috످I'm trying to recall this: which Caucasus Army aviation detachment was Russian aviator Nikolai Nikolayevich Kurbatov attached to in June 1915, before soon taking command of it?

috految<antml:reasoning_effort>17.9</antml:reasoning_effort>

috److془I don't recall Kurbatov's service record. Say don't know.془I don't know which Caucasus Army aviation detachment Kurbatov was attached to in June 1915.

You could try searching his Russian name (Курбатов Николай Николаевич) on Russian Wikipedia or in the WWI officer database at ria1914.info.

috످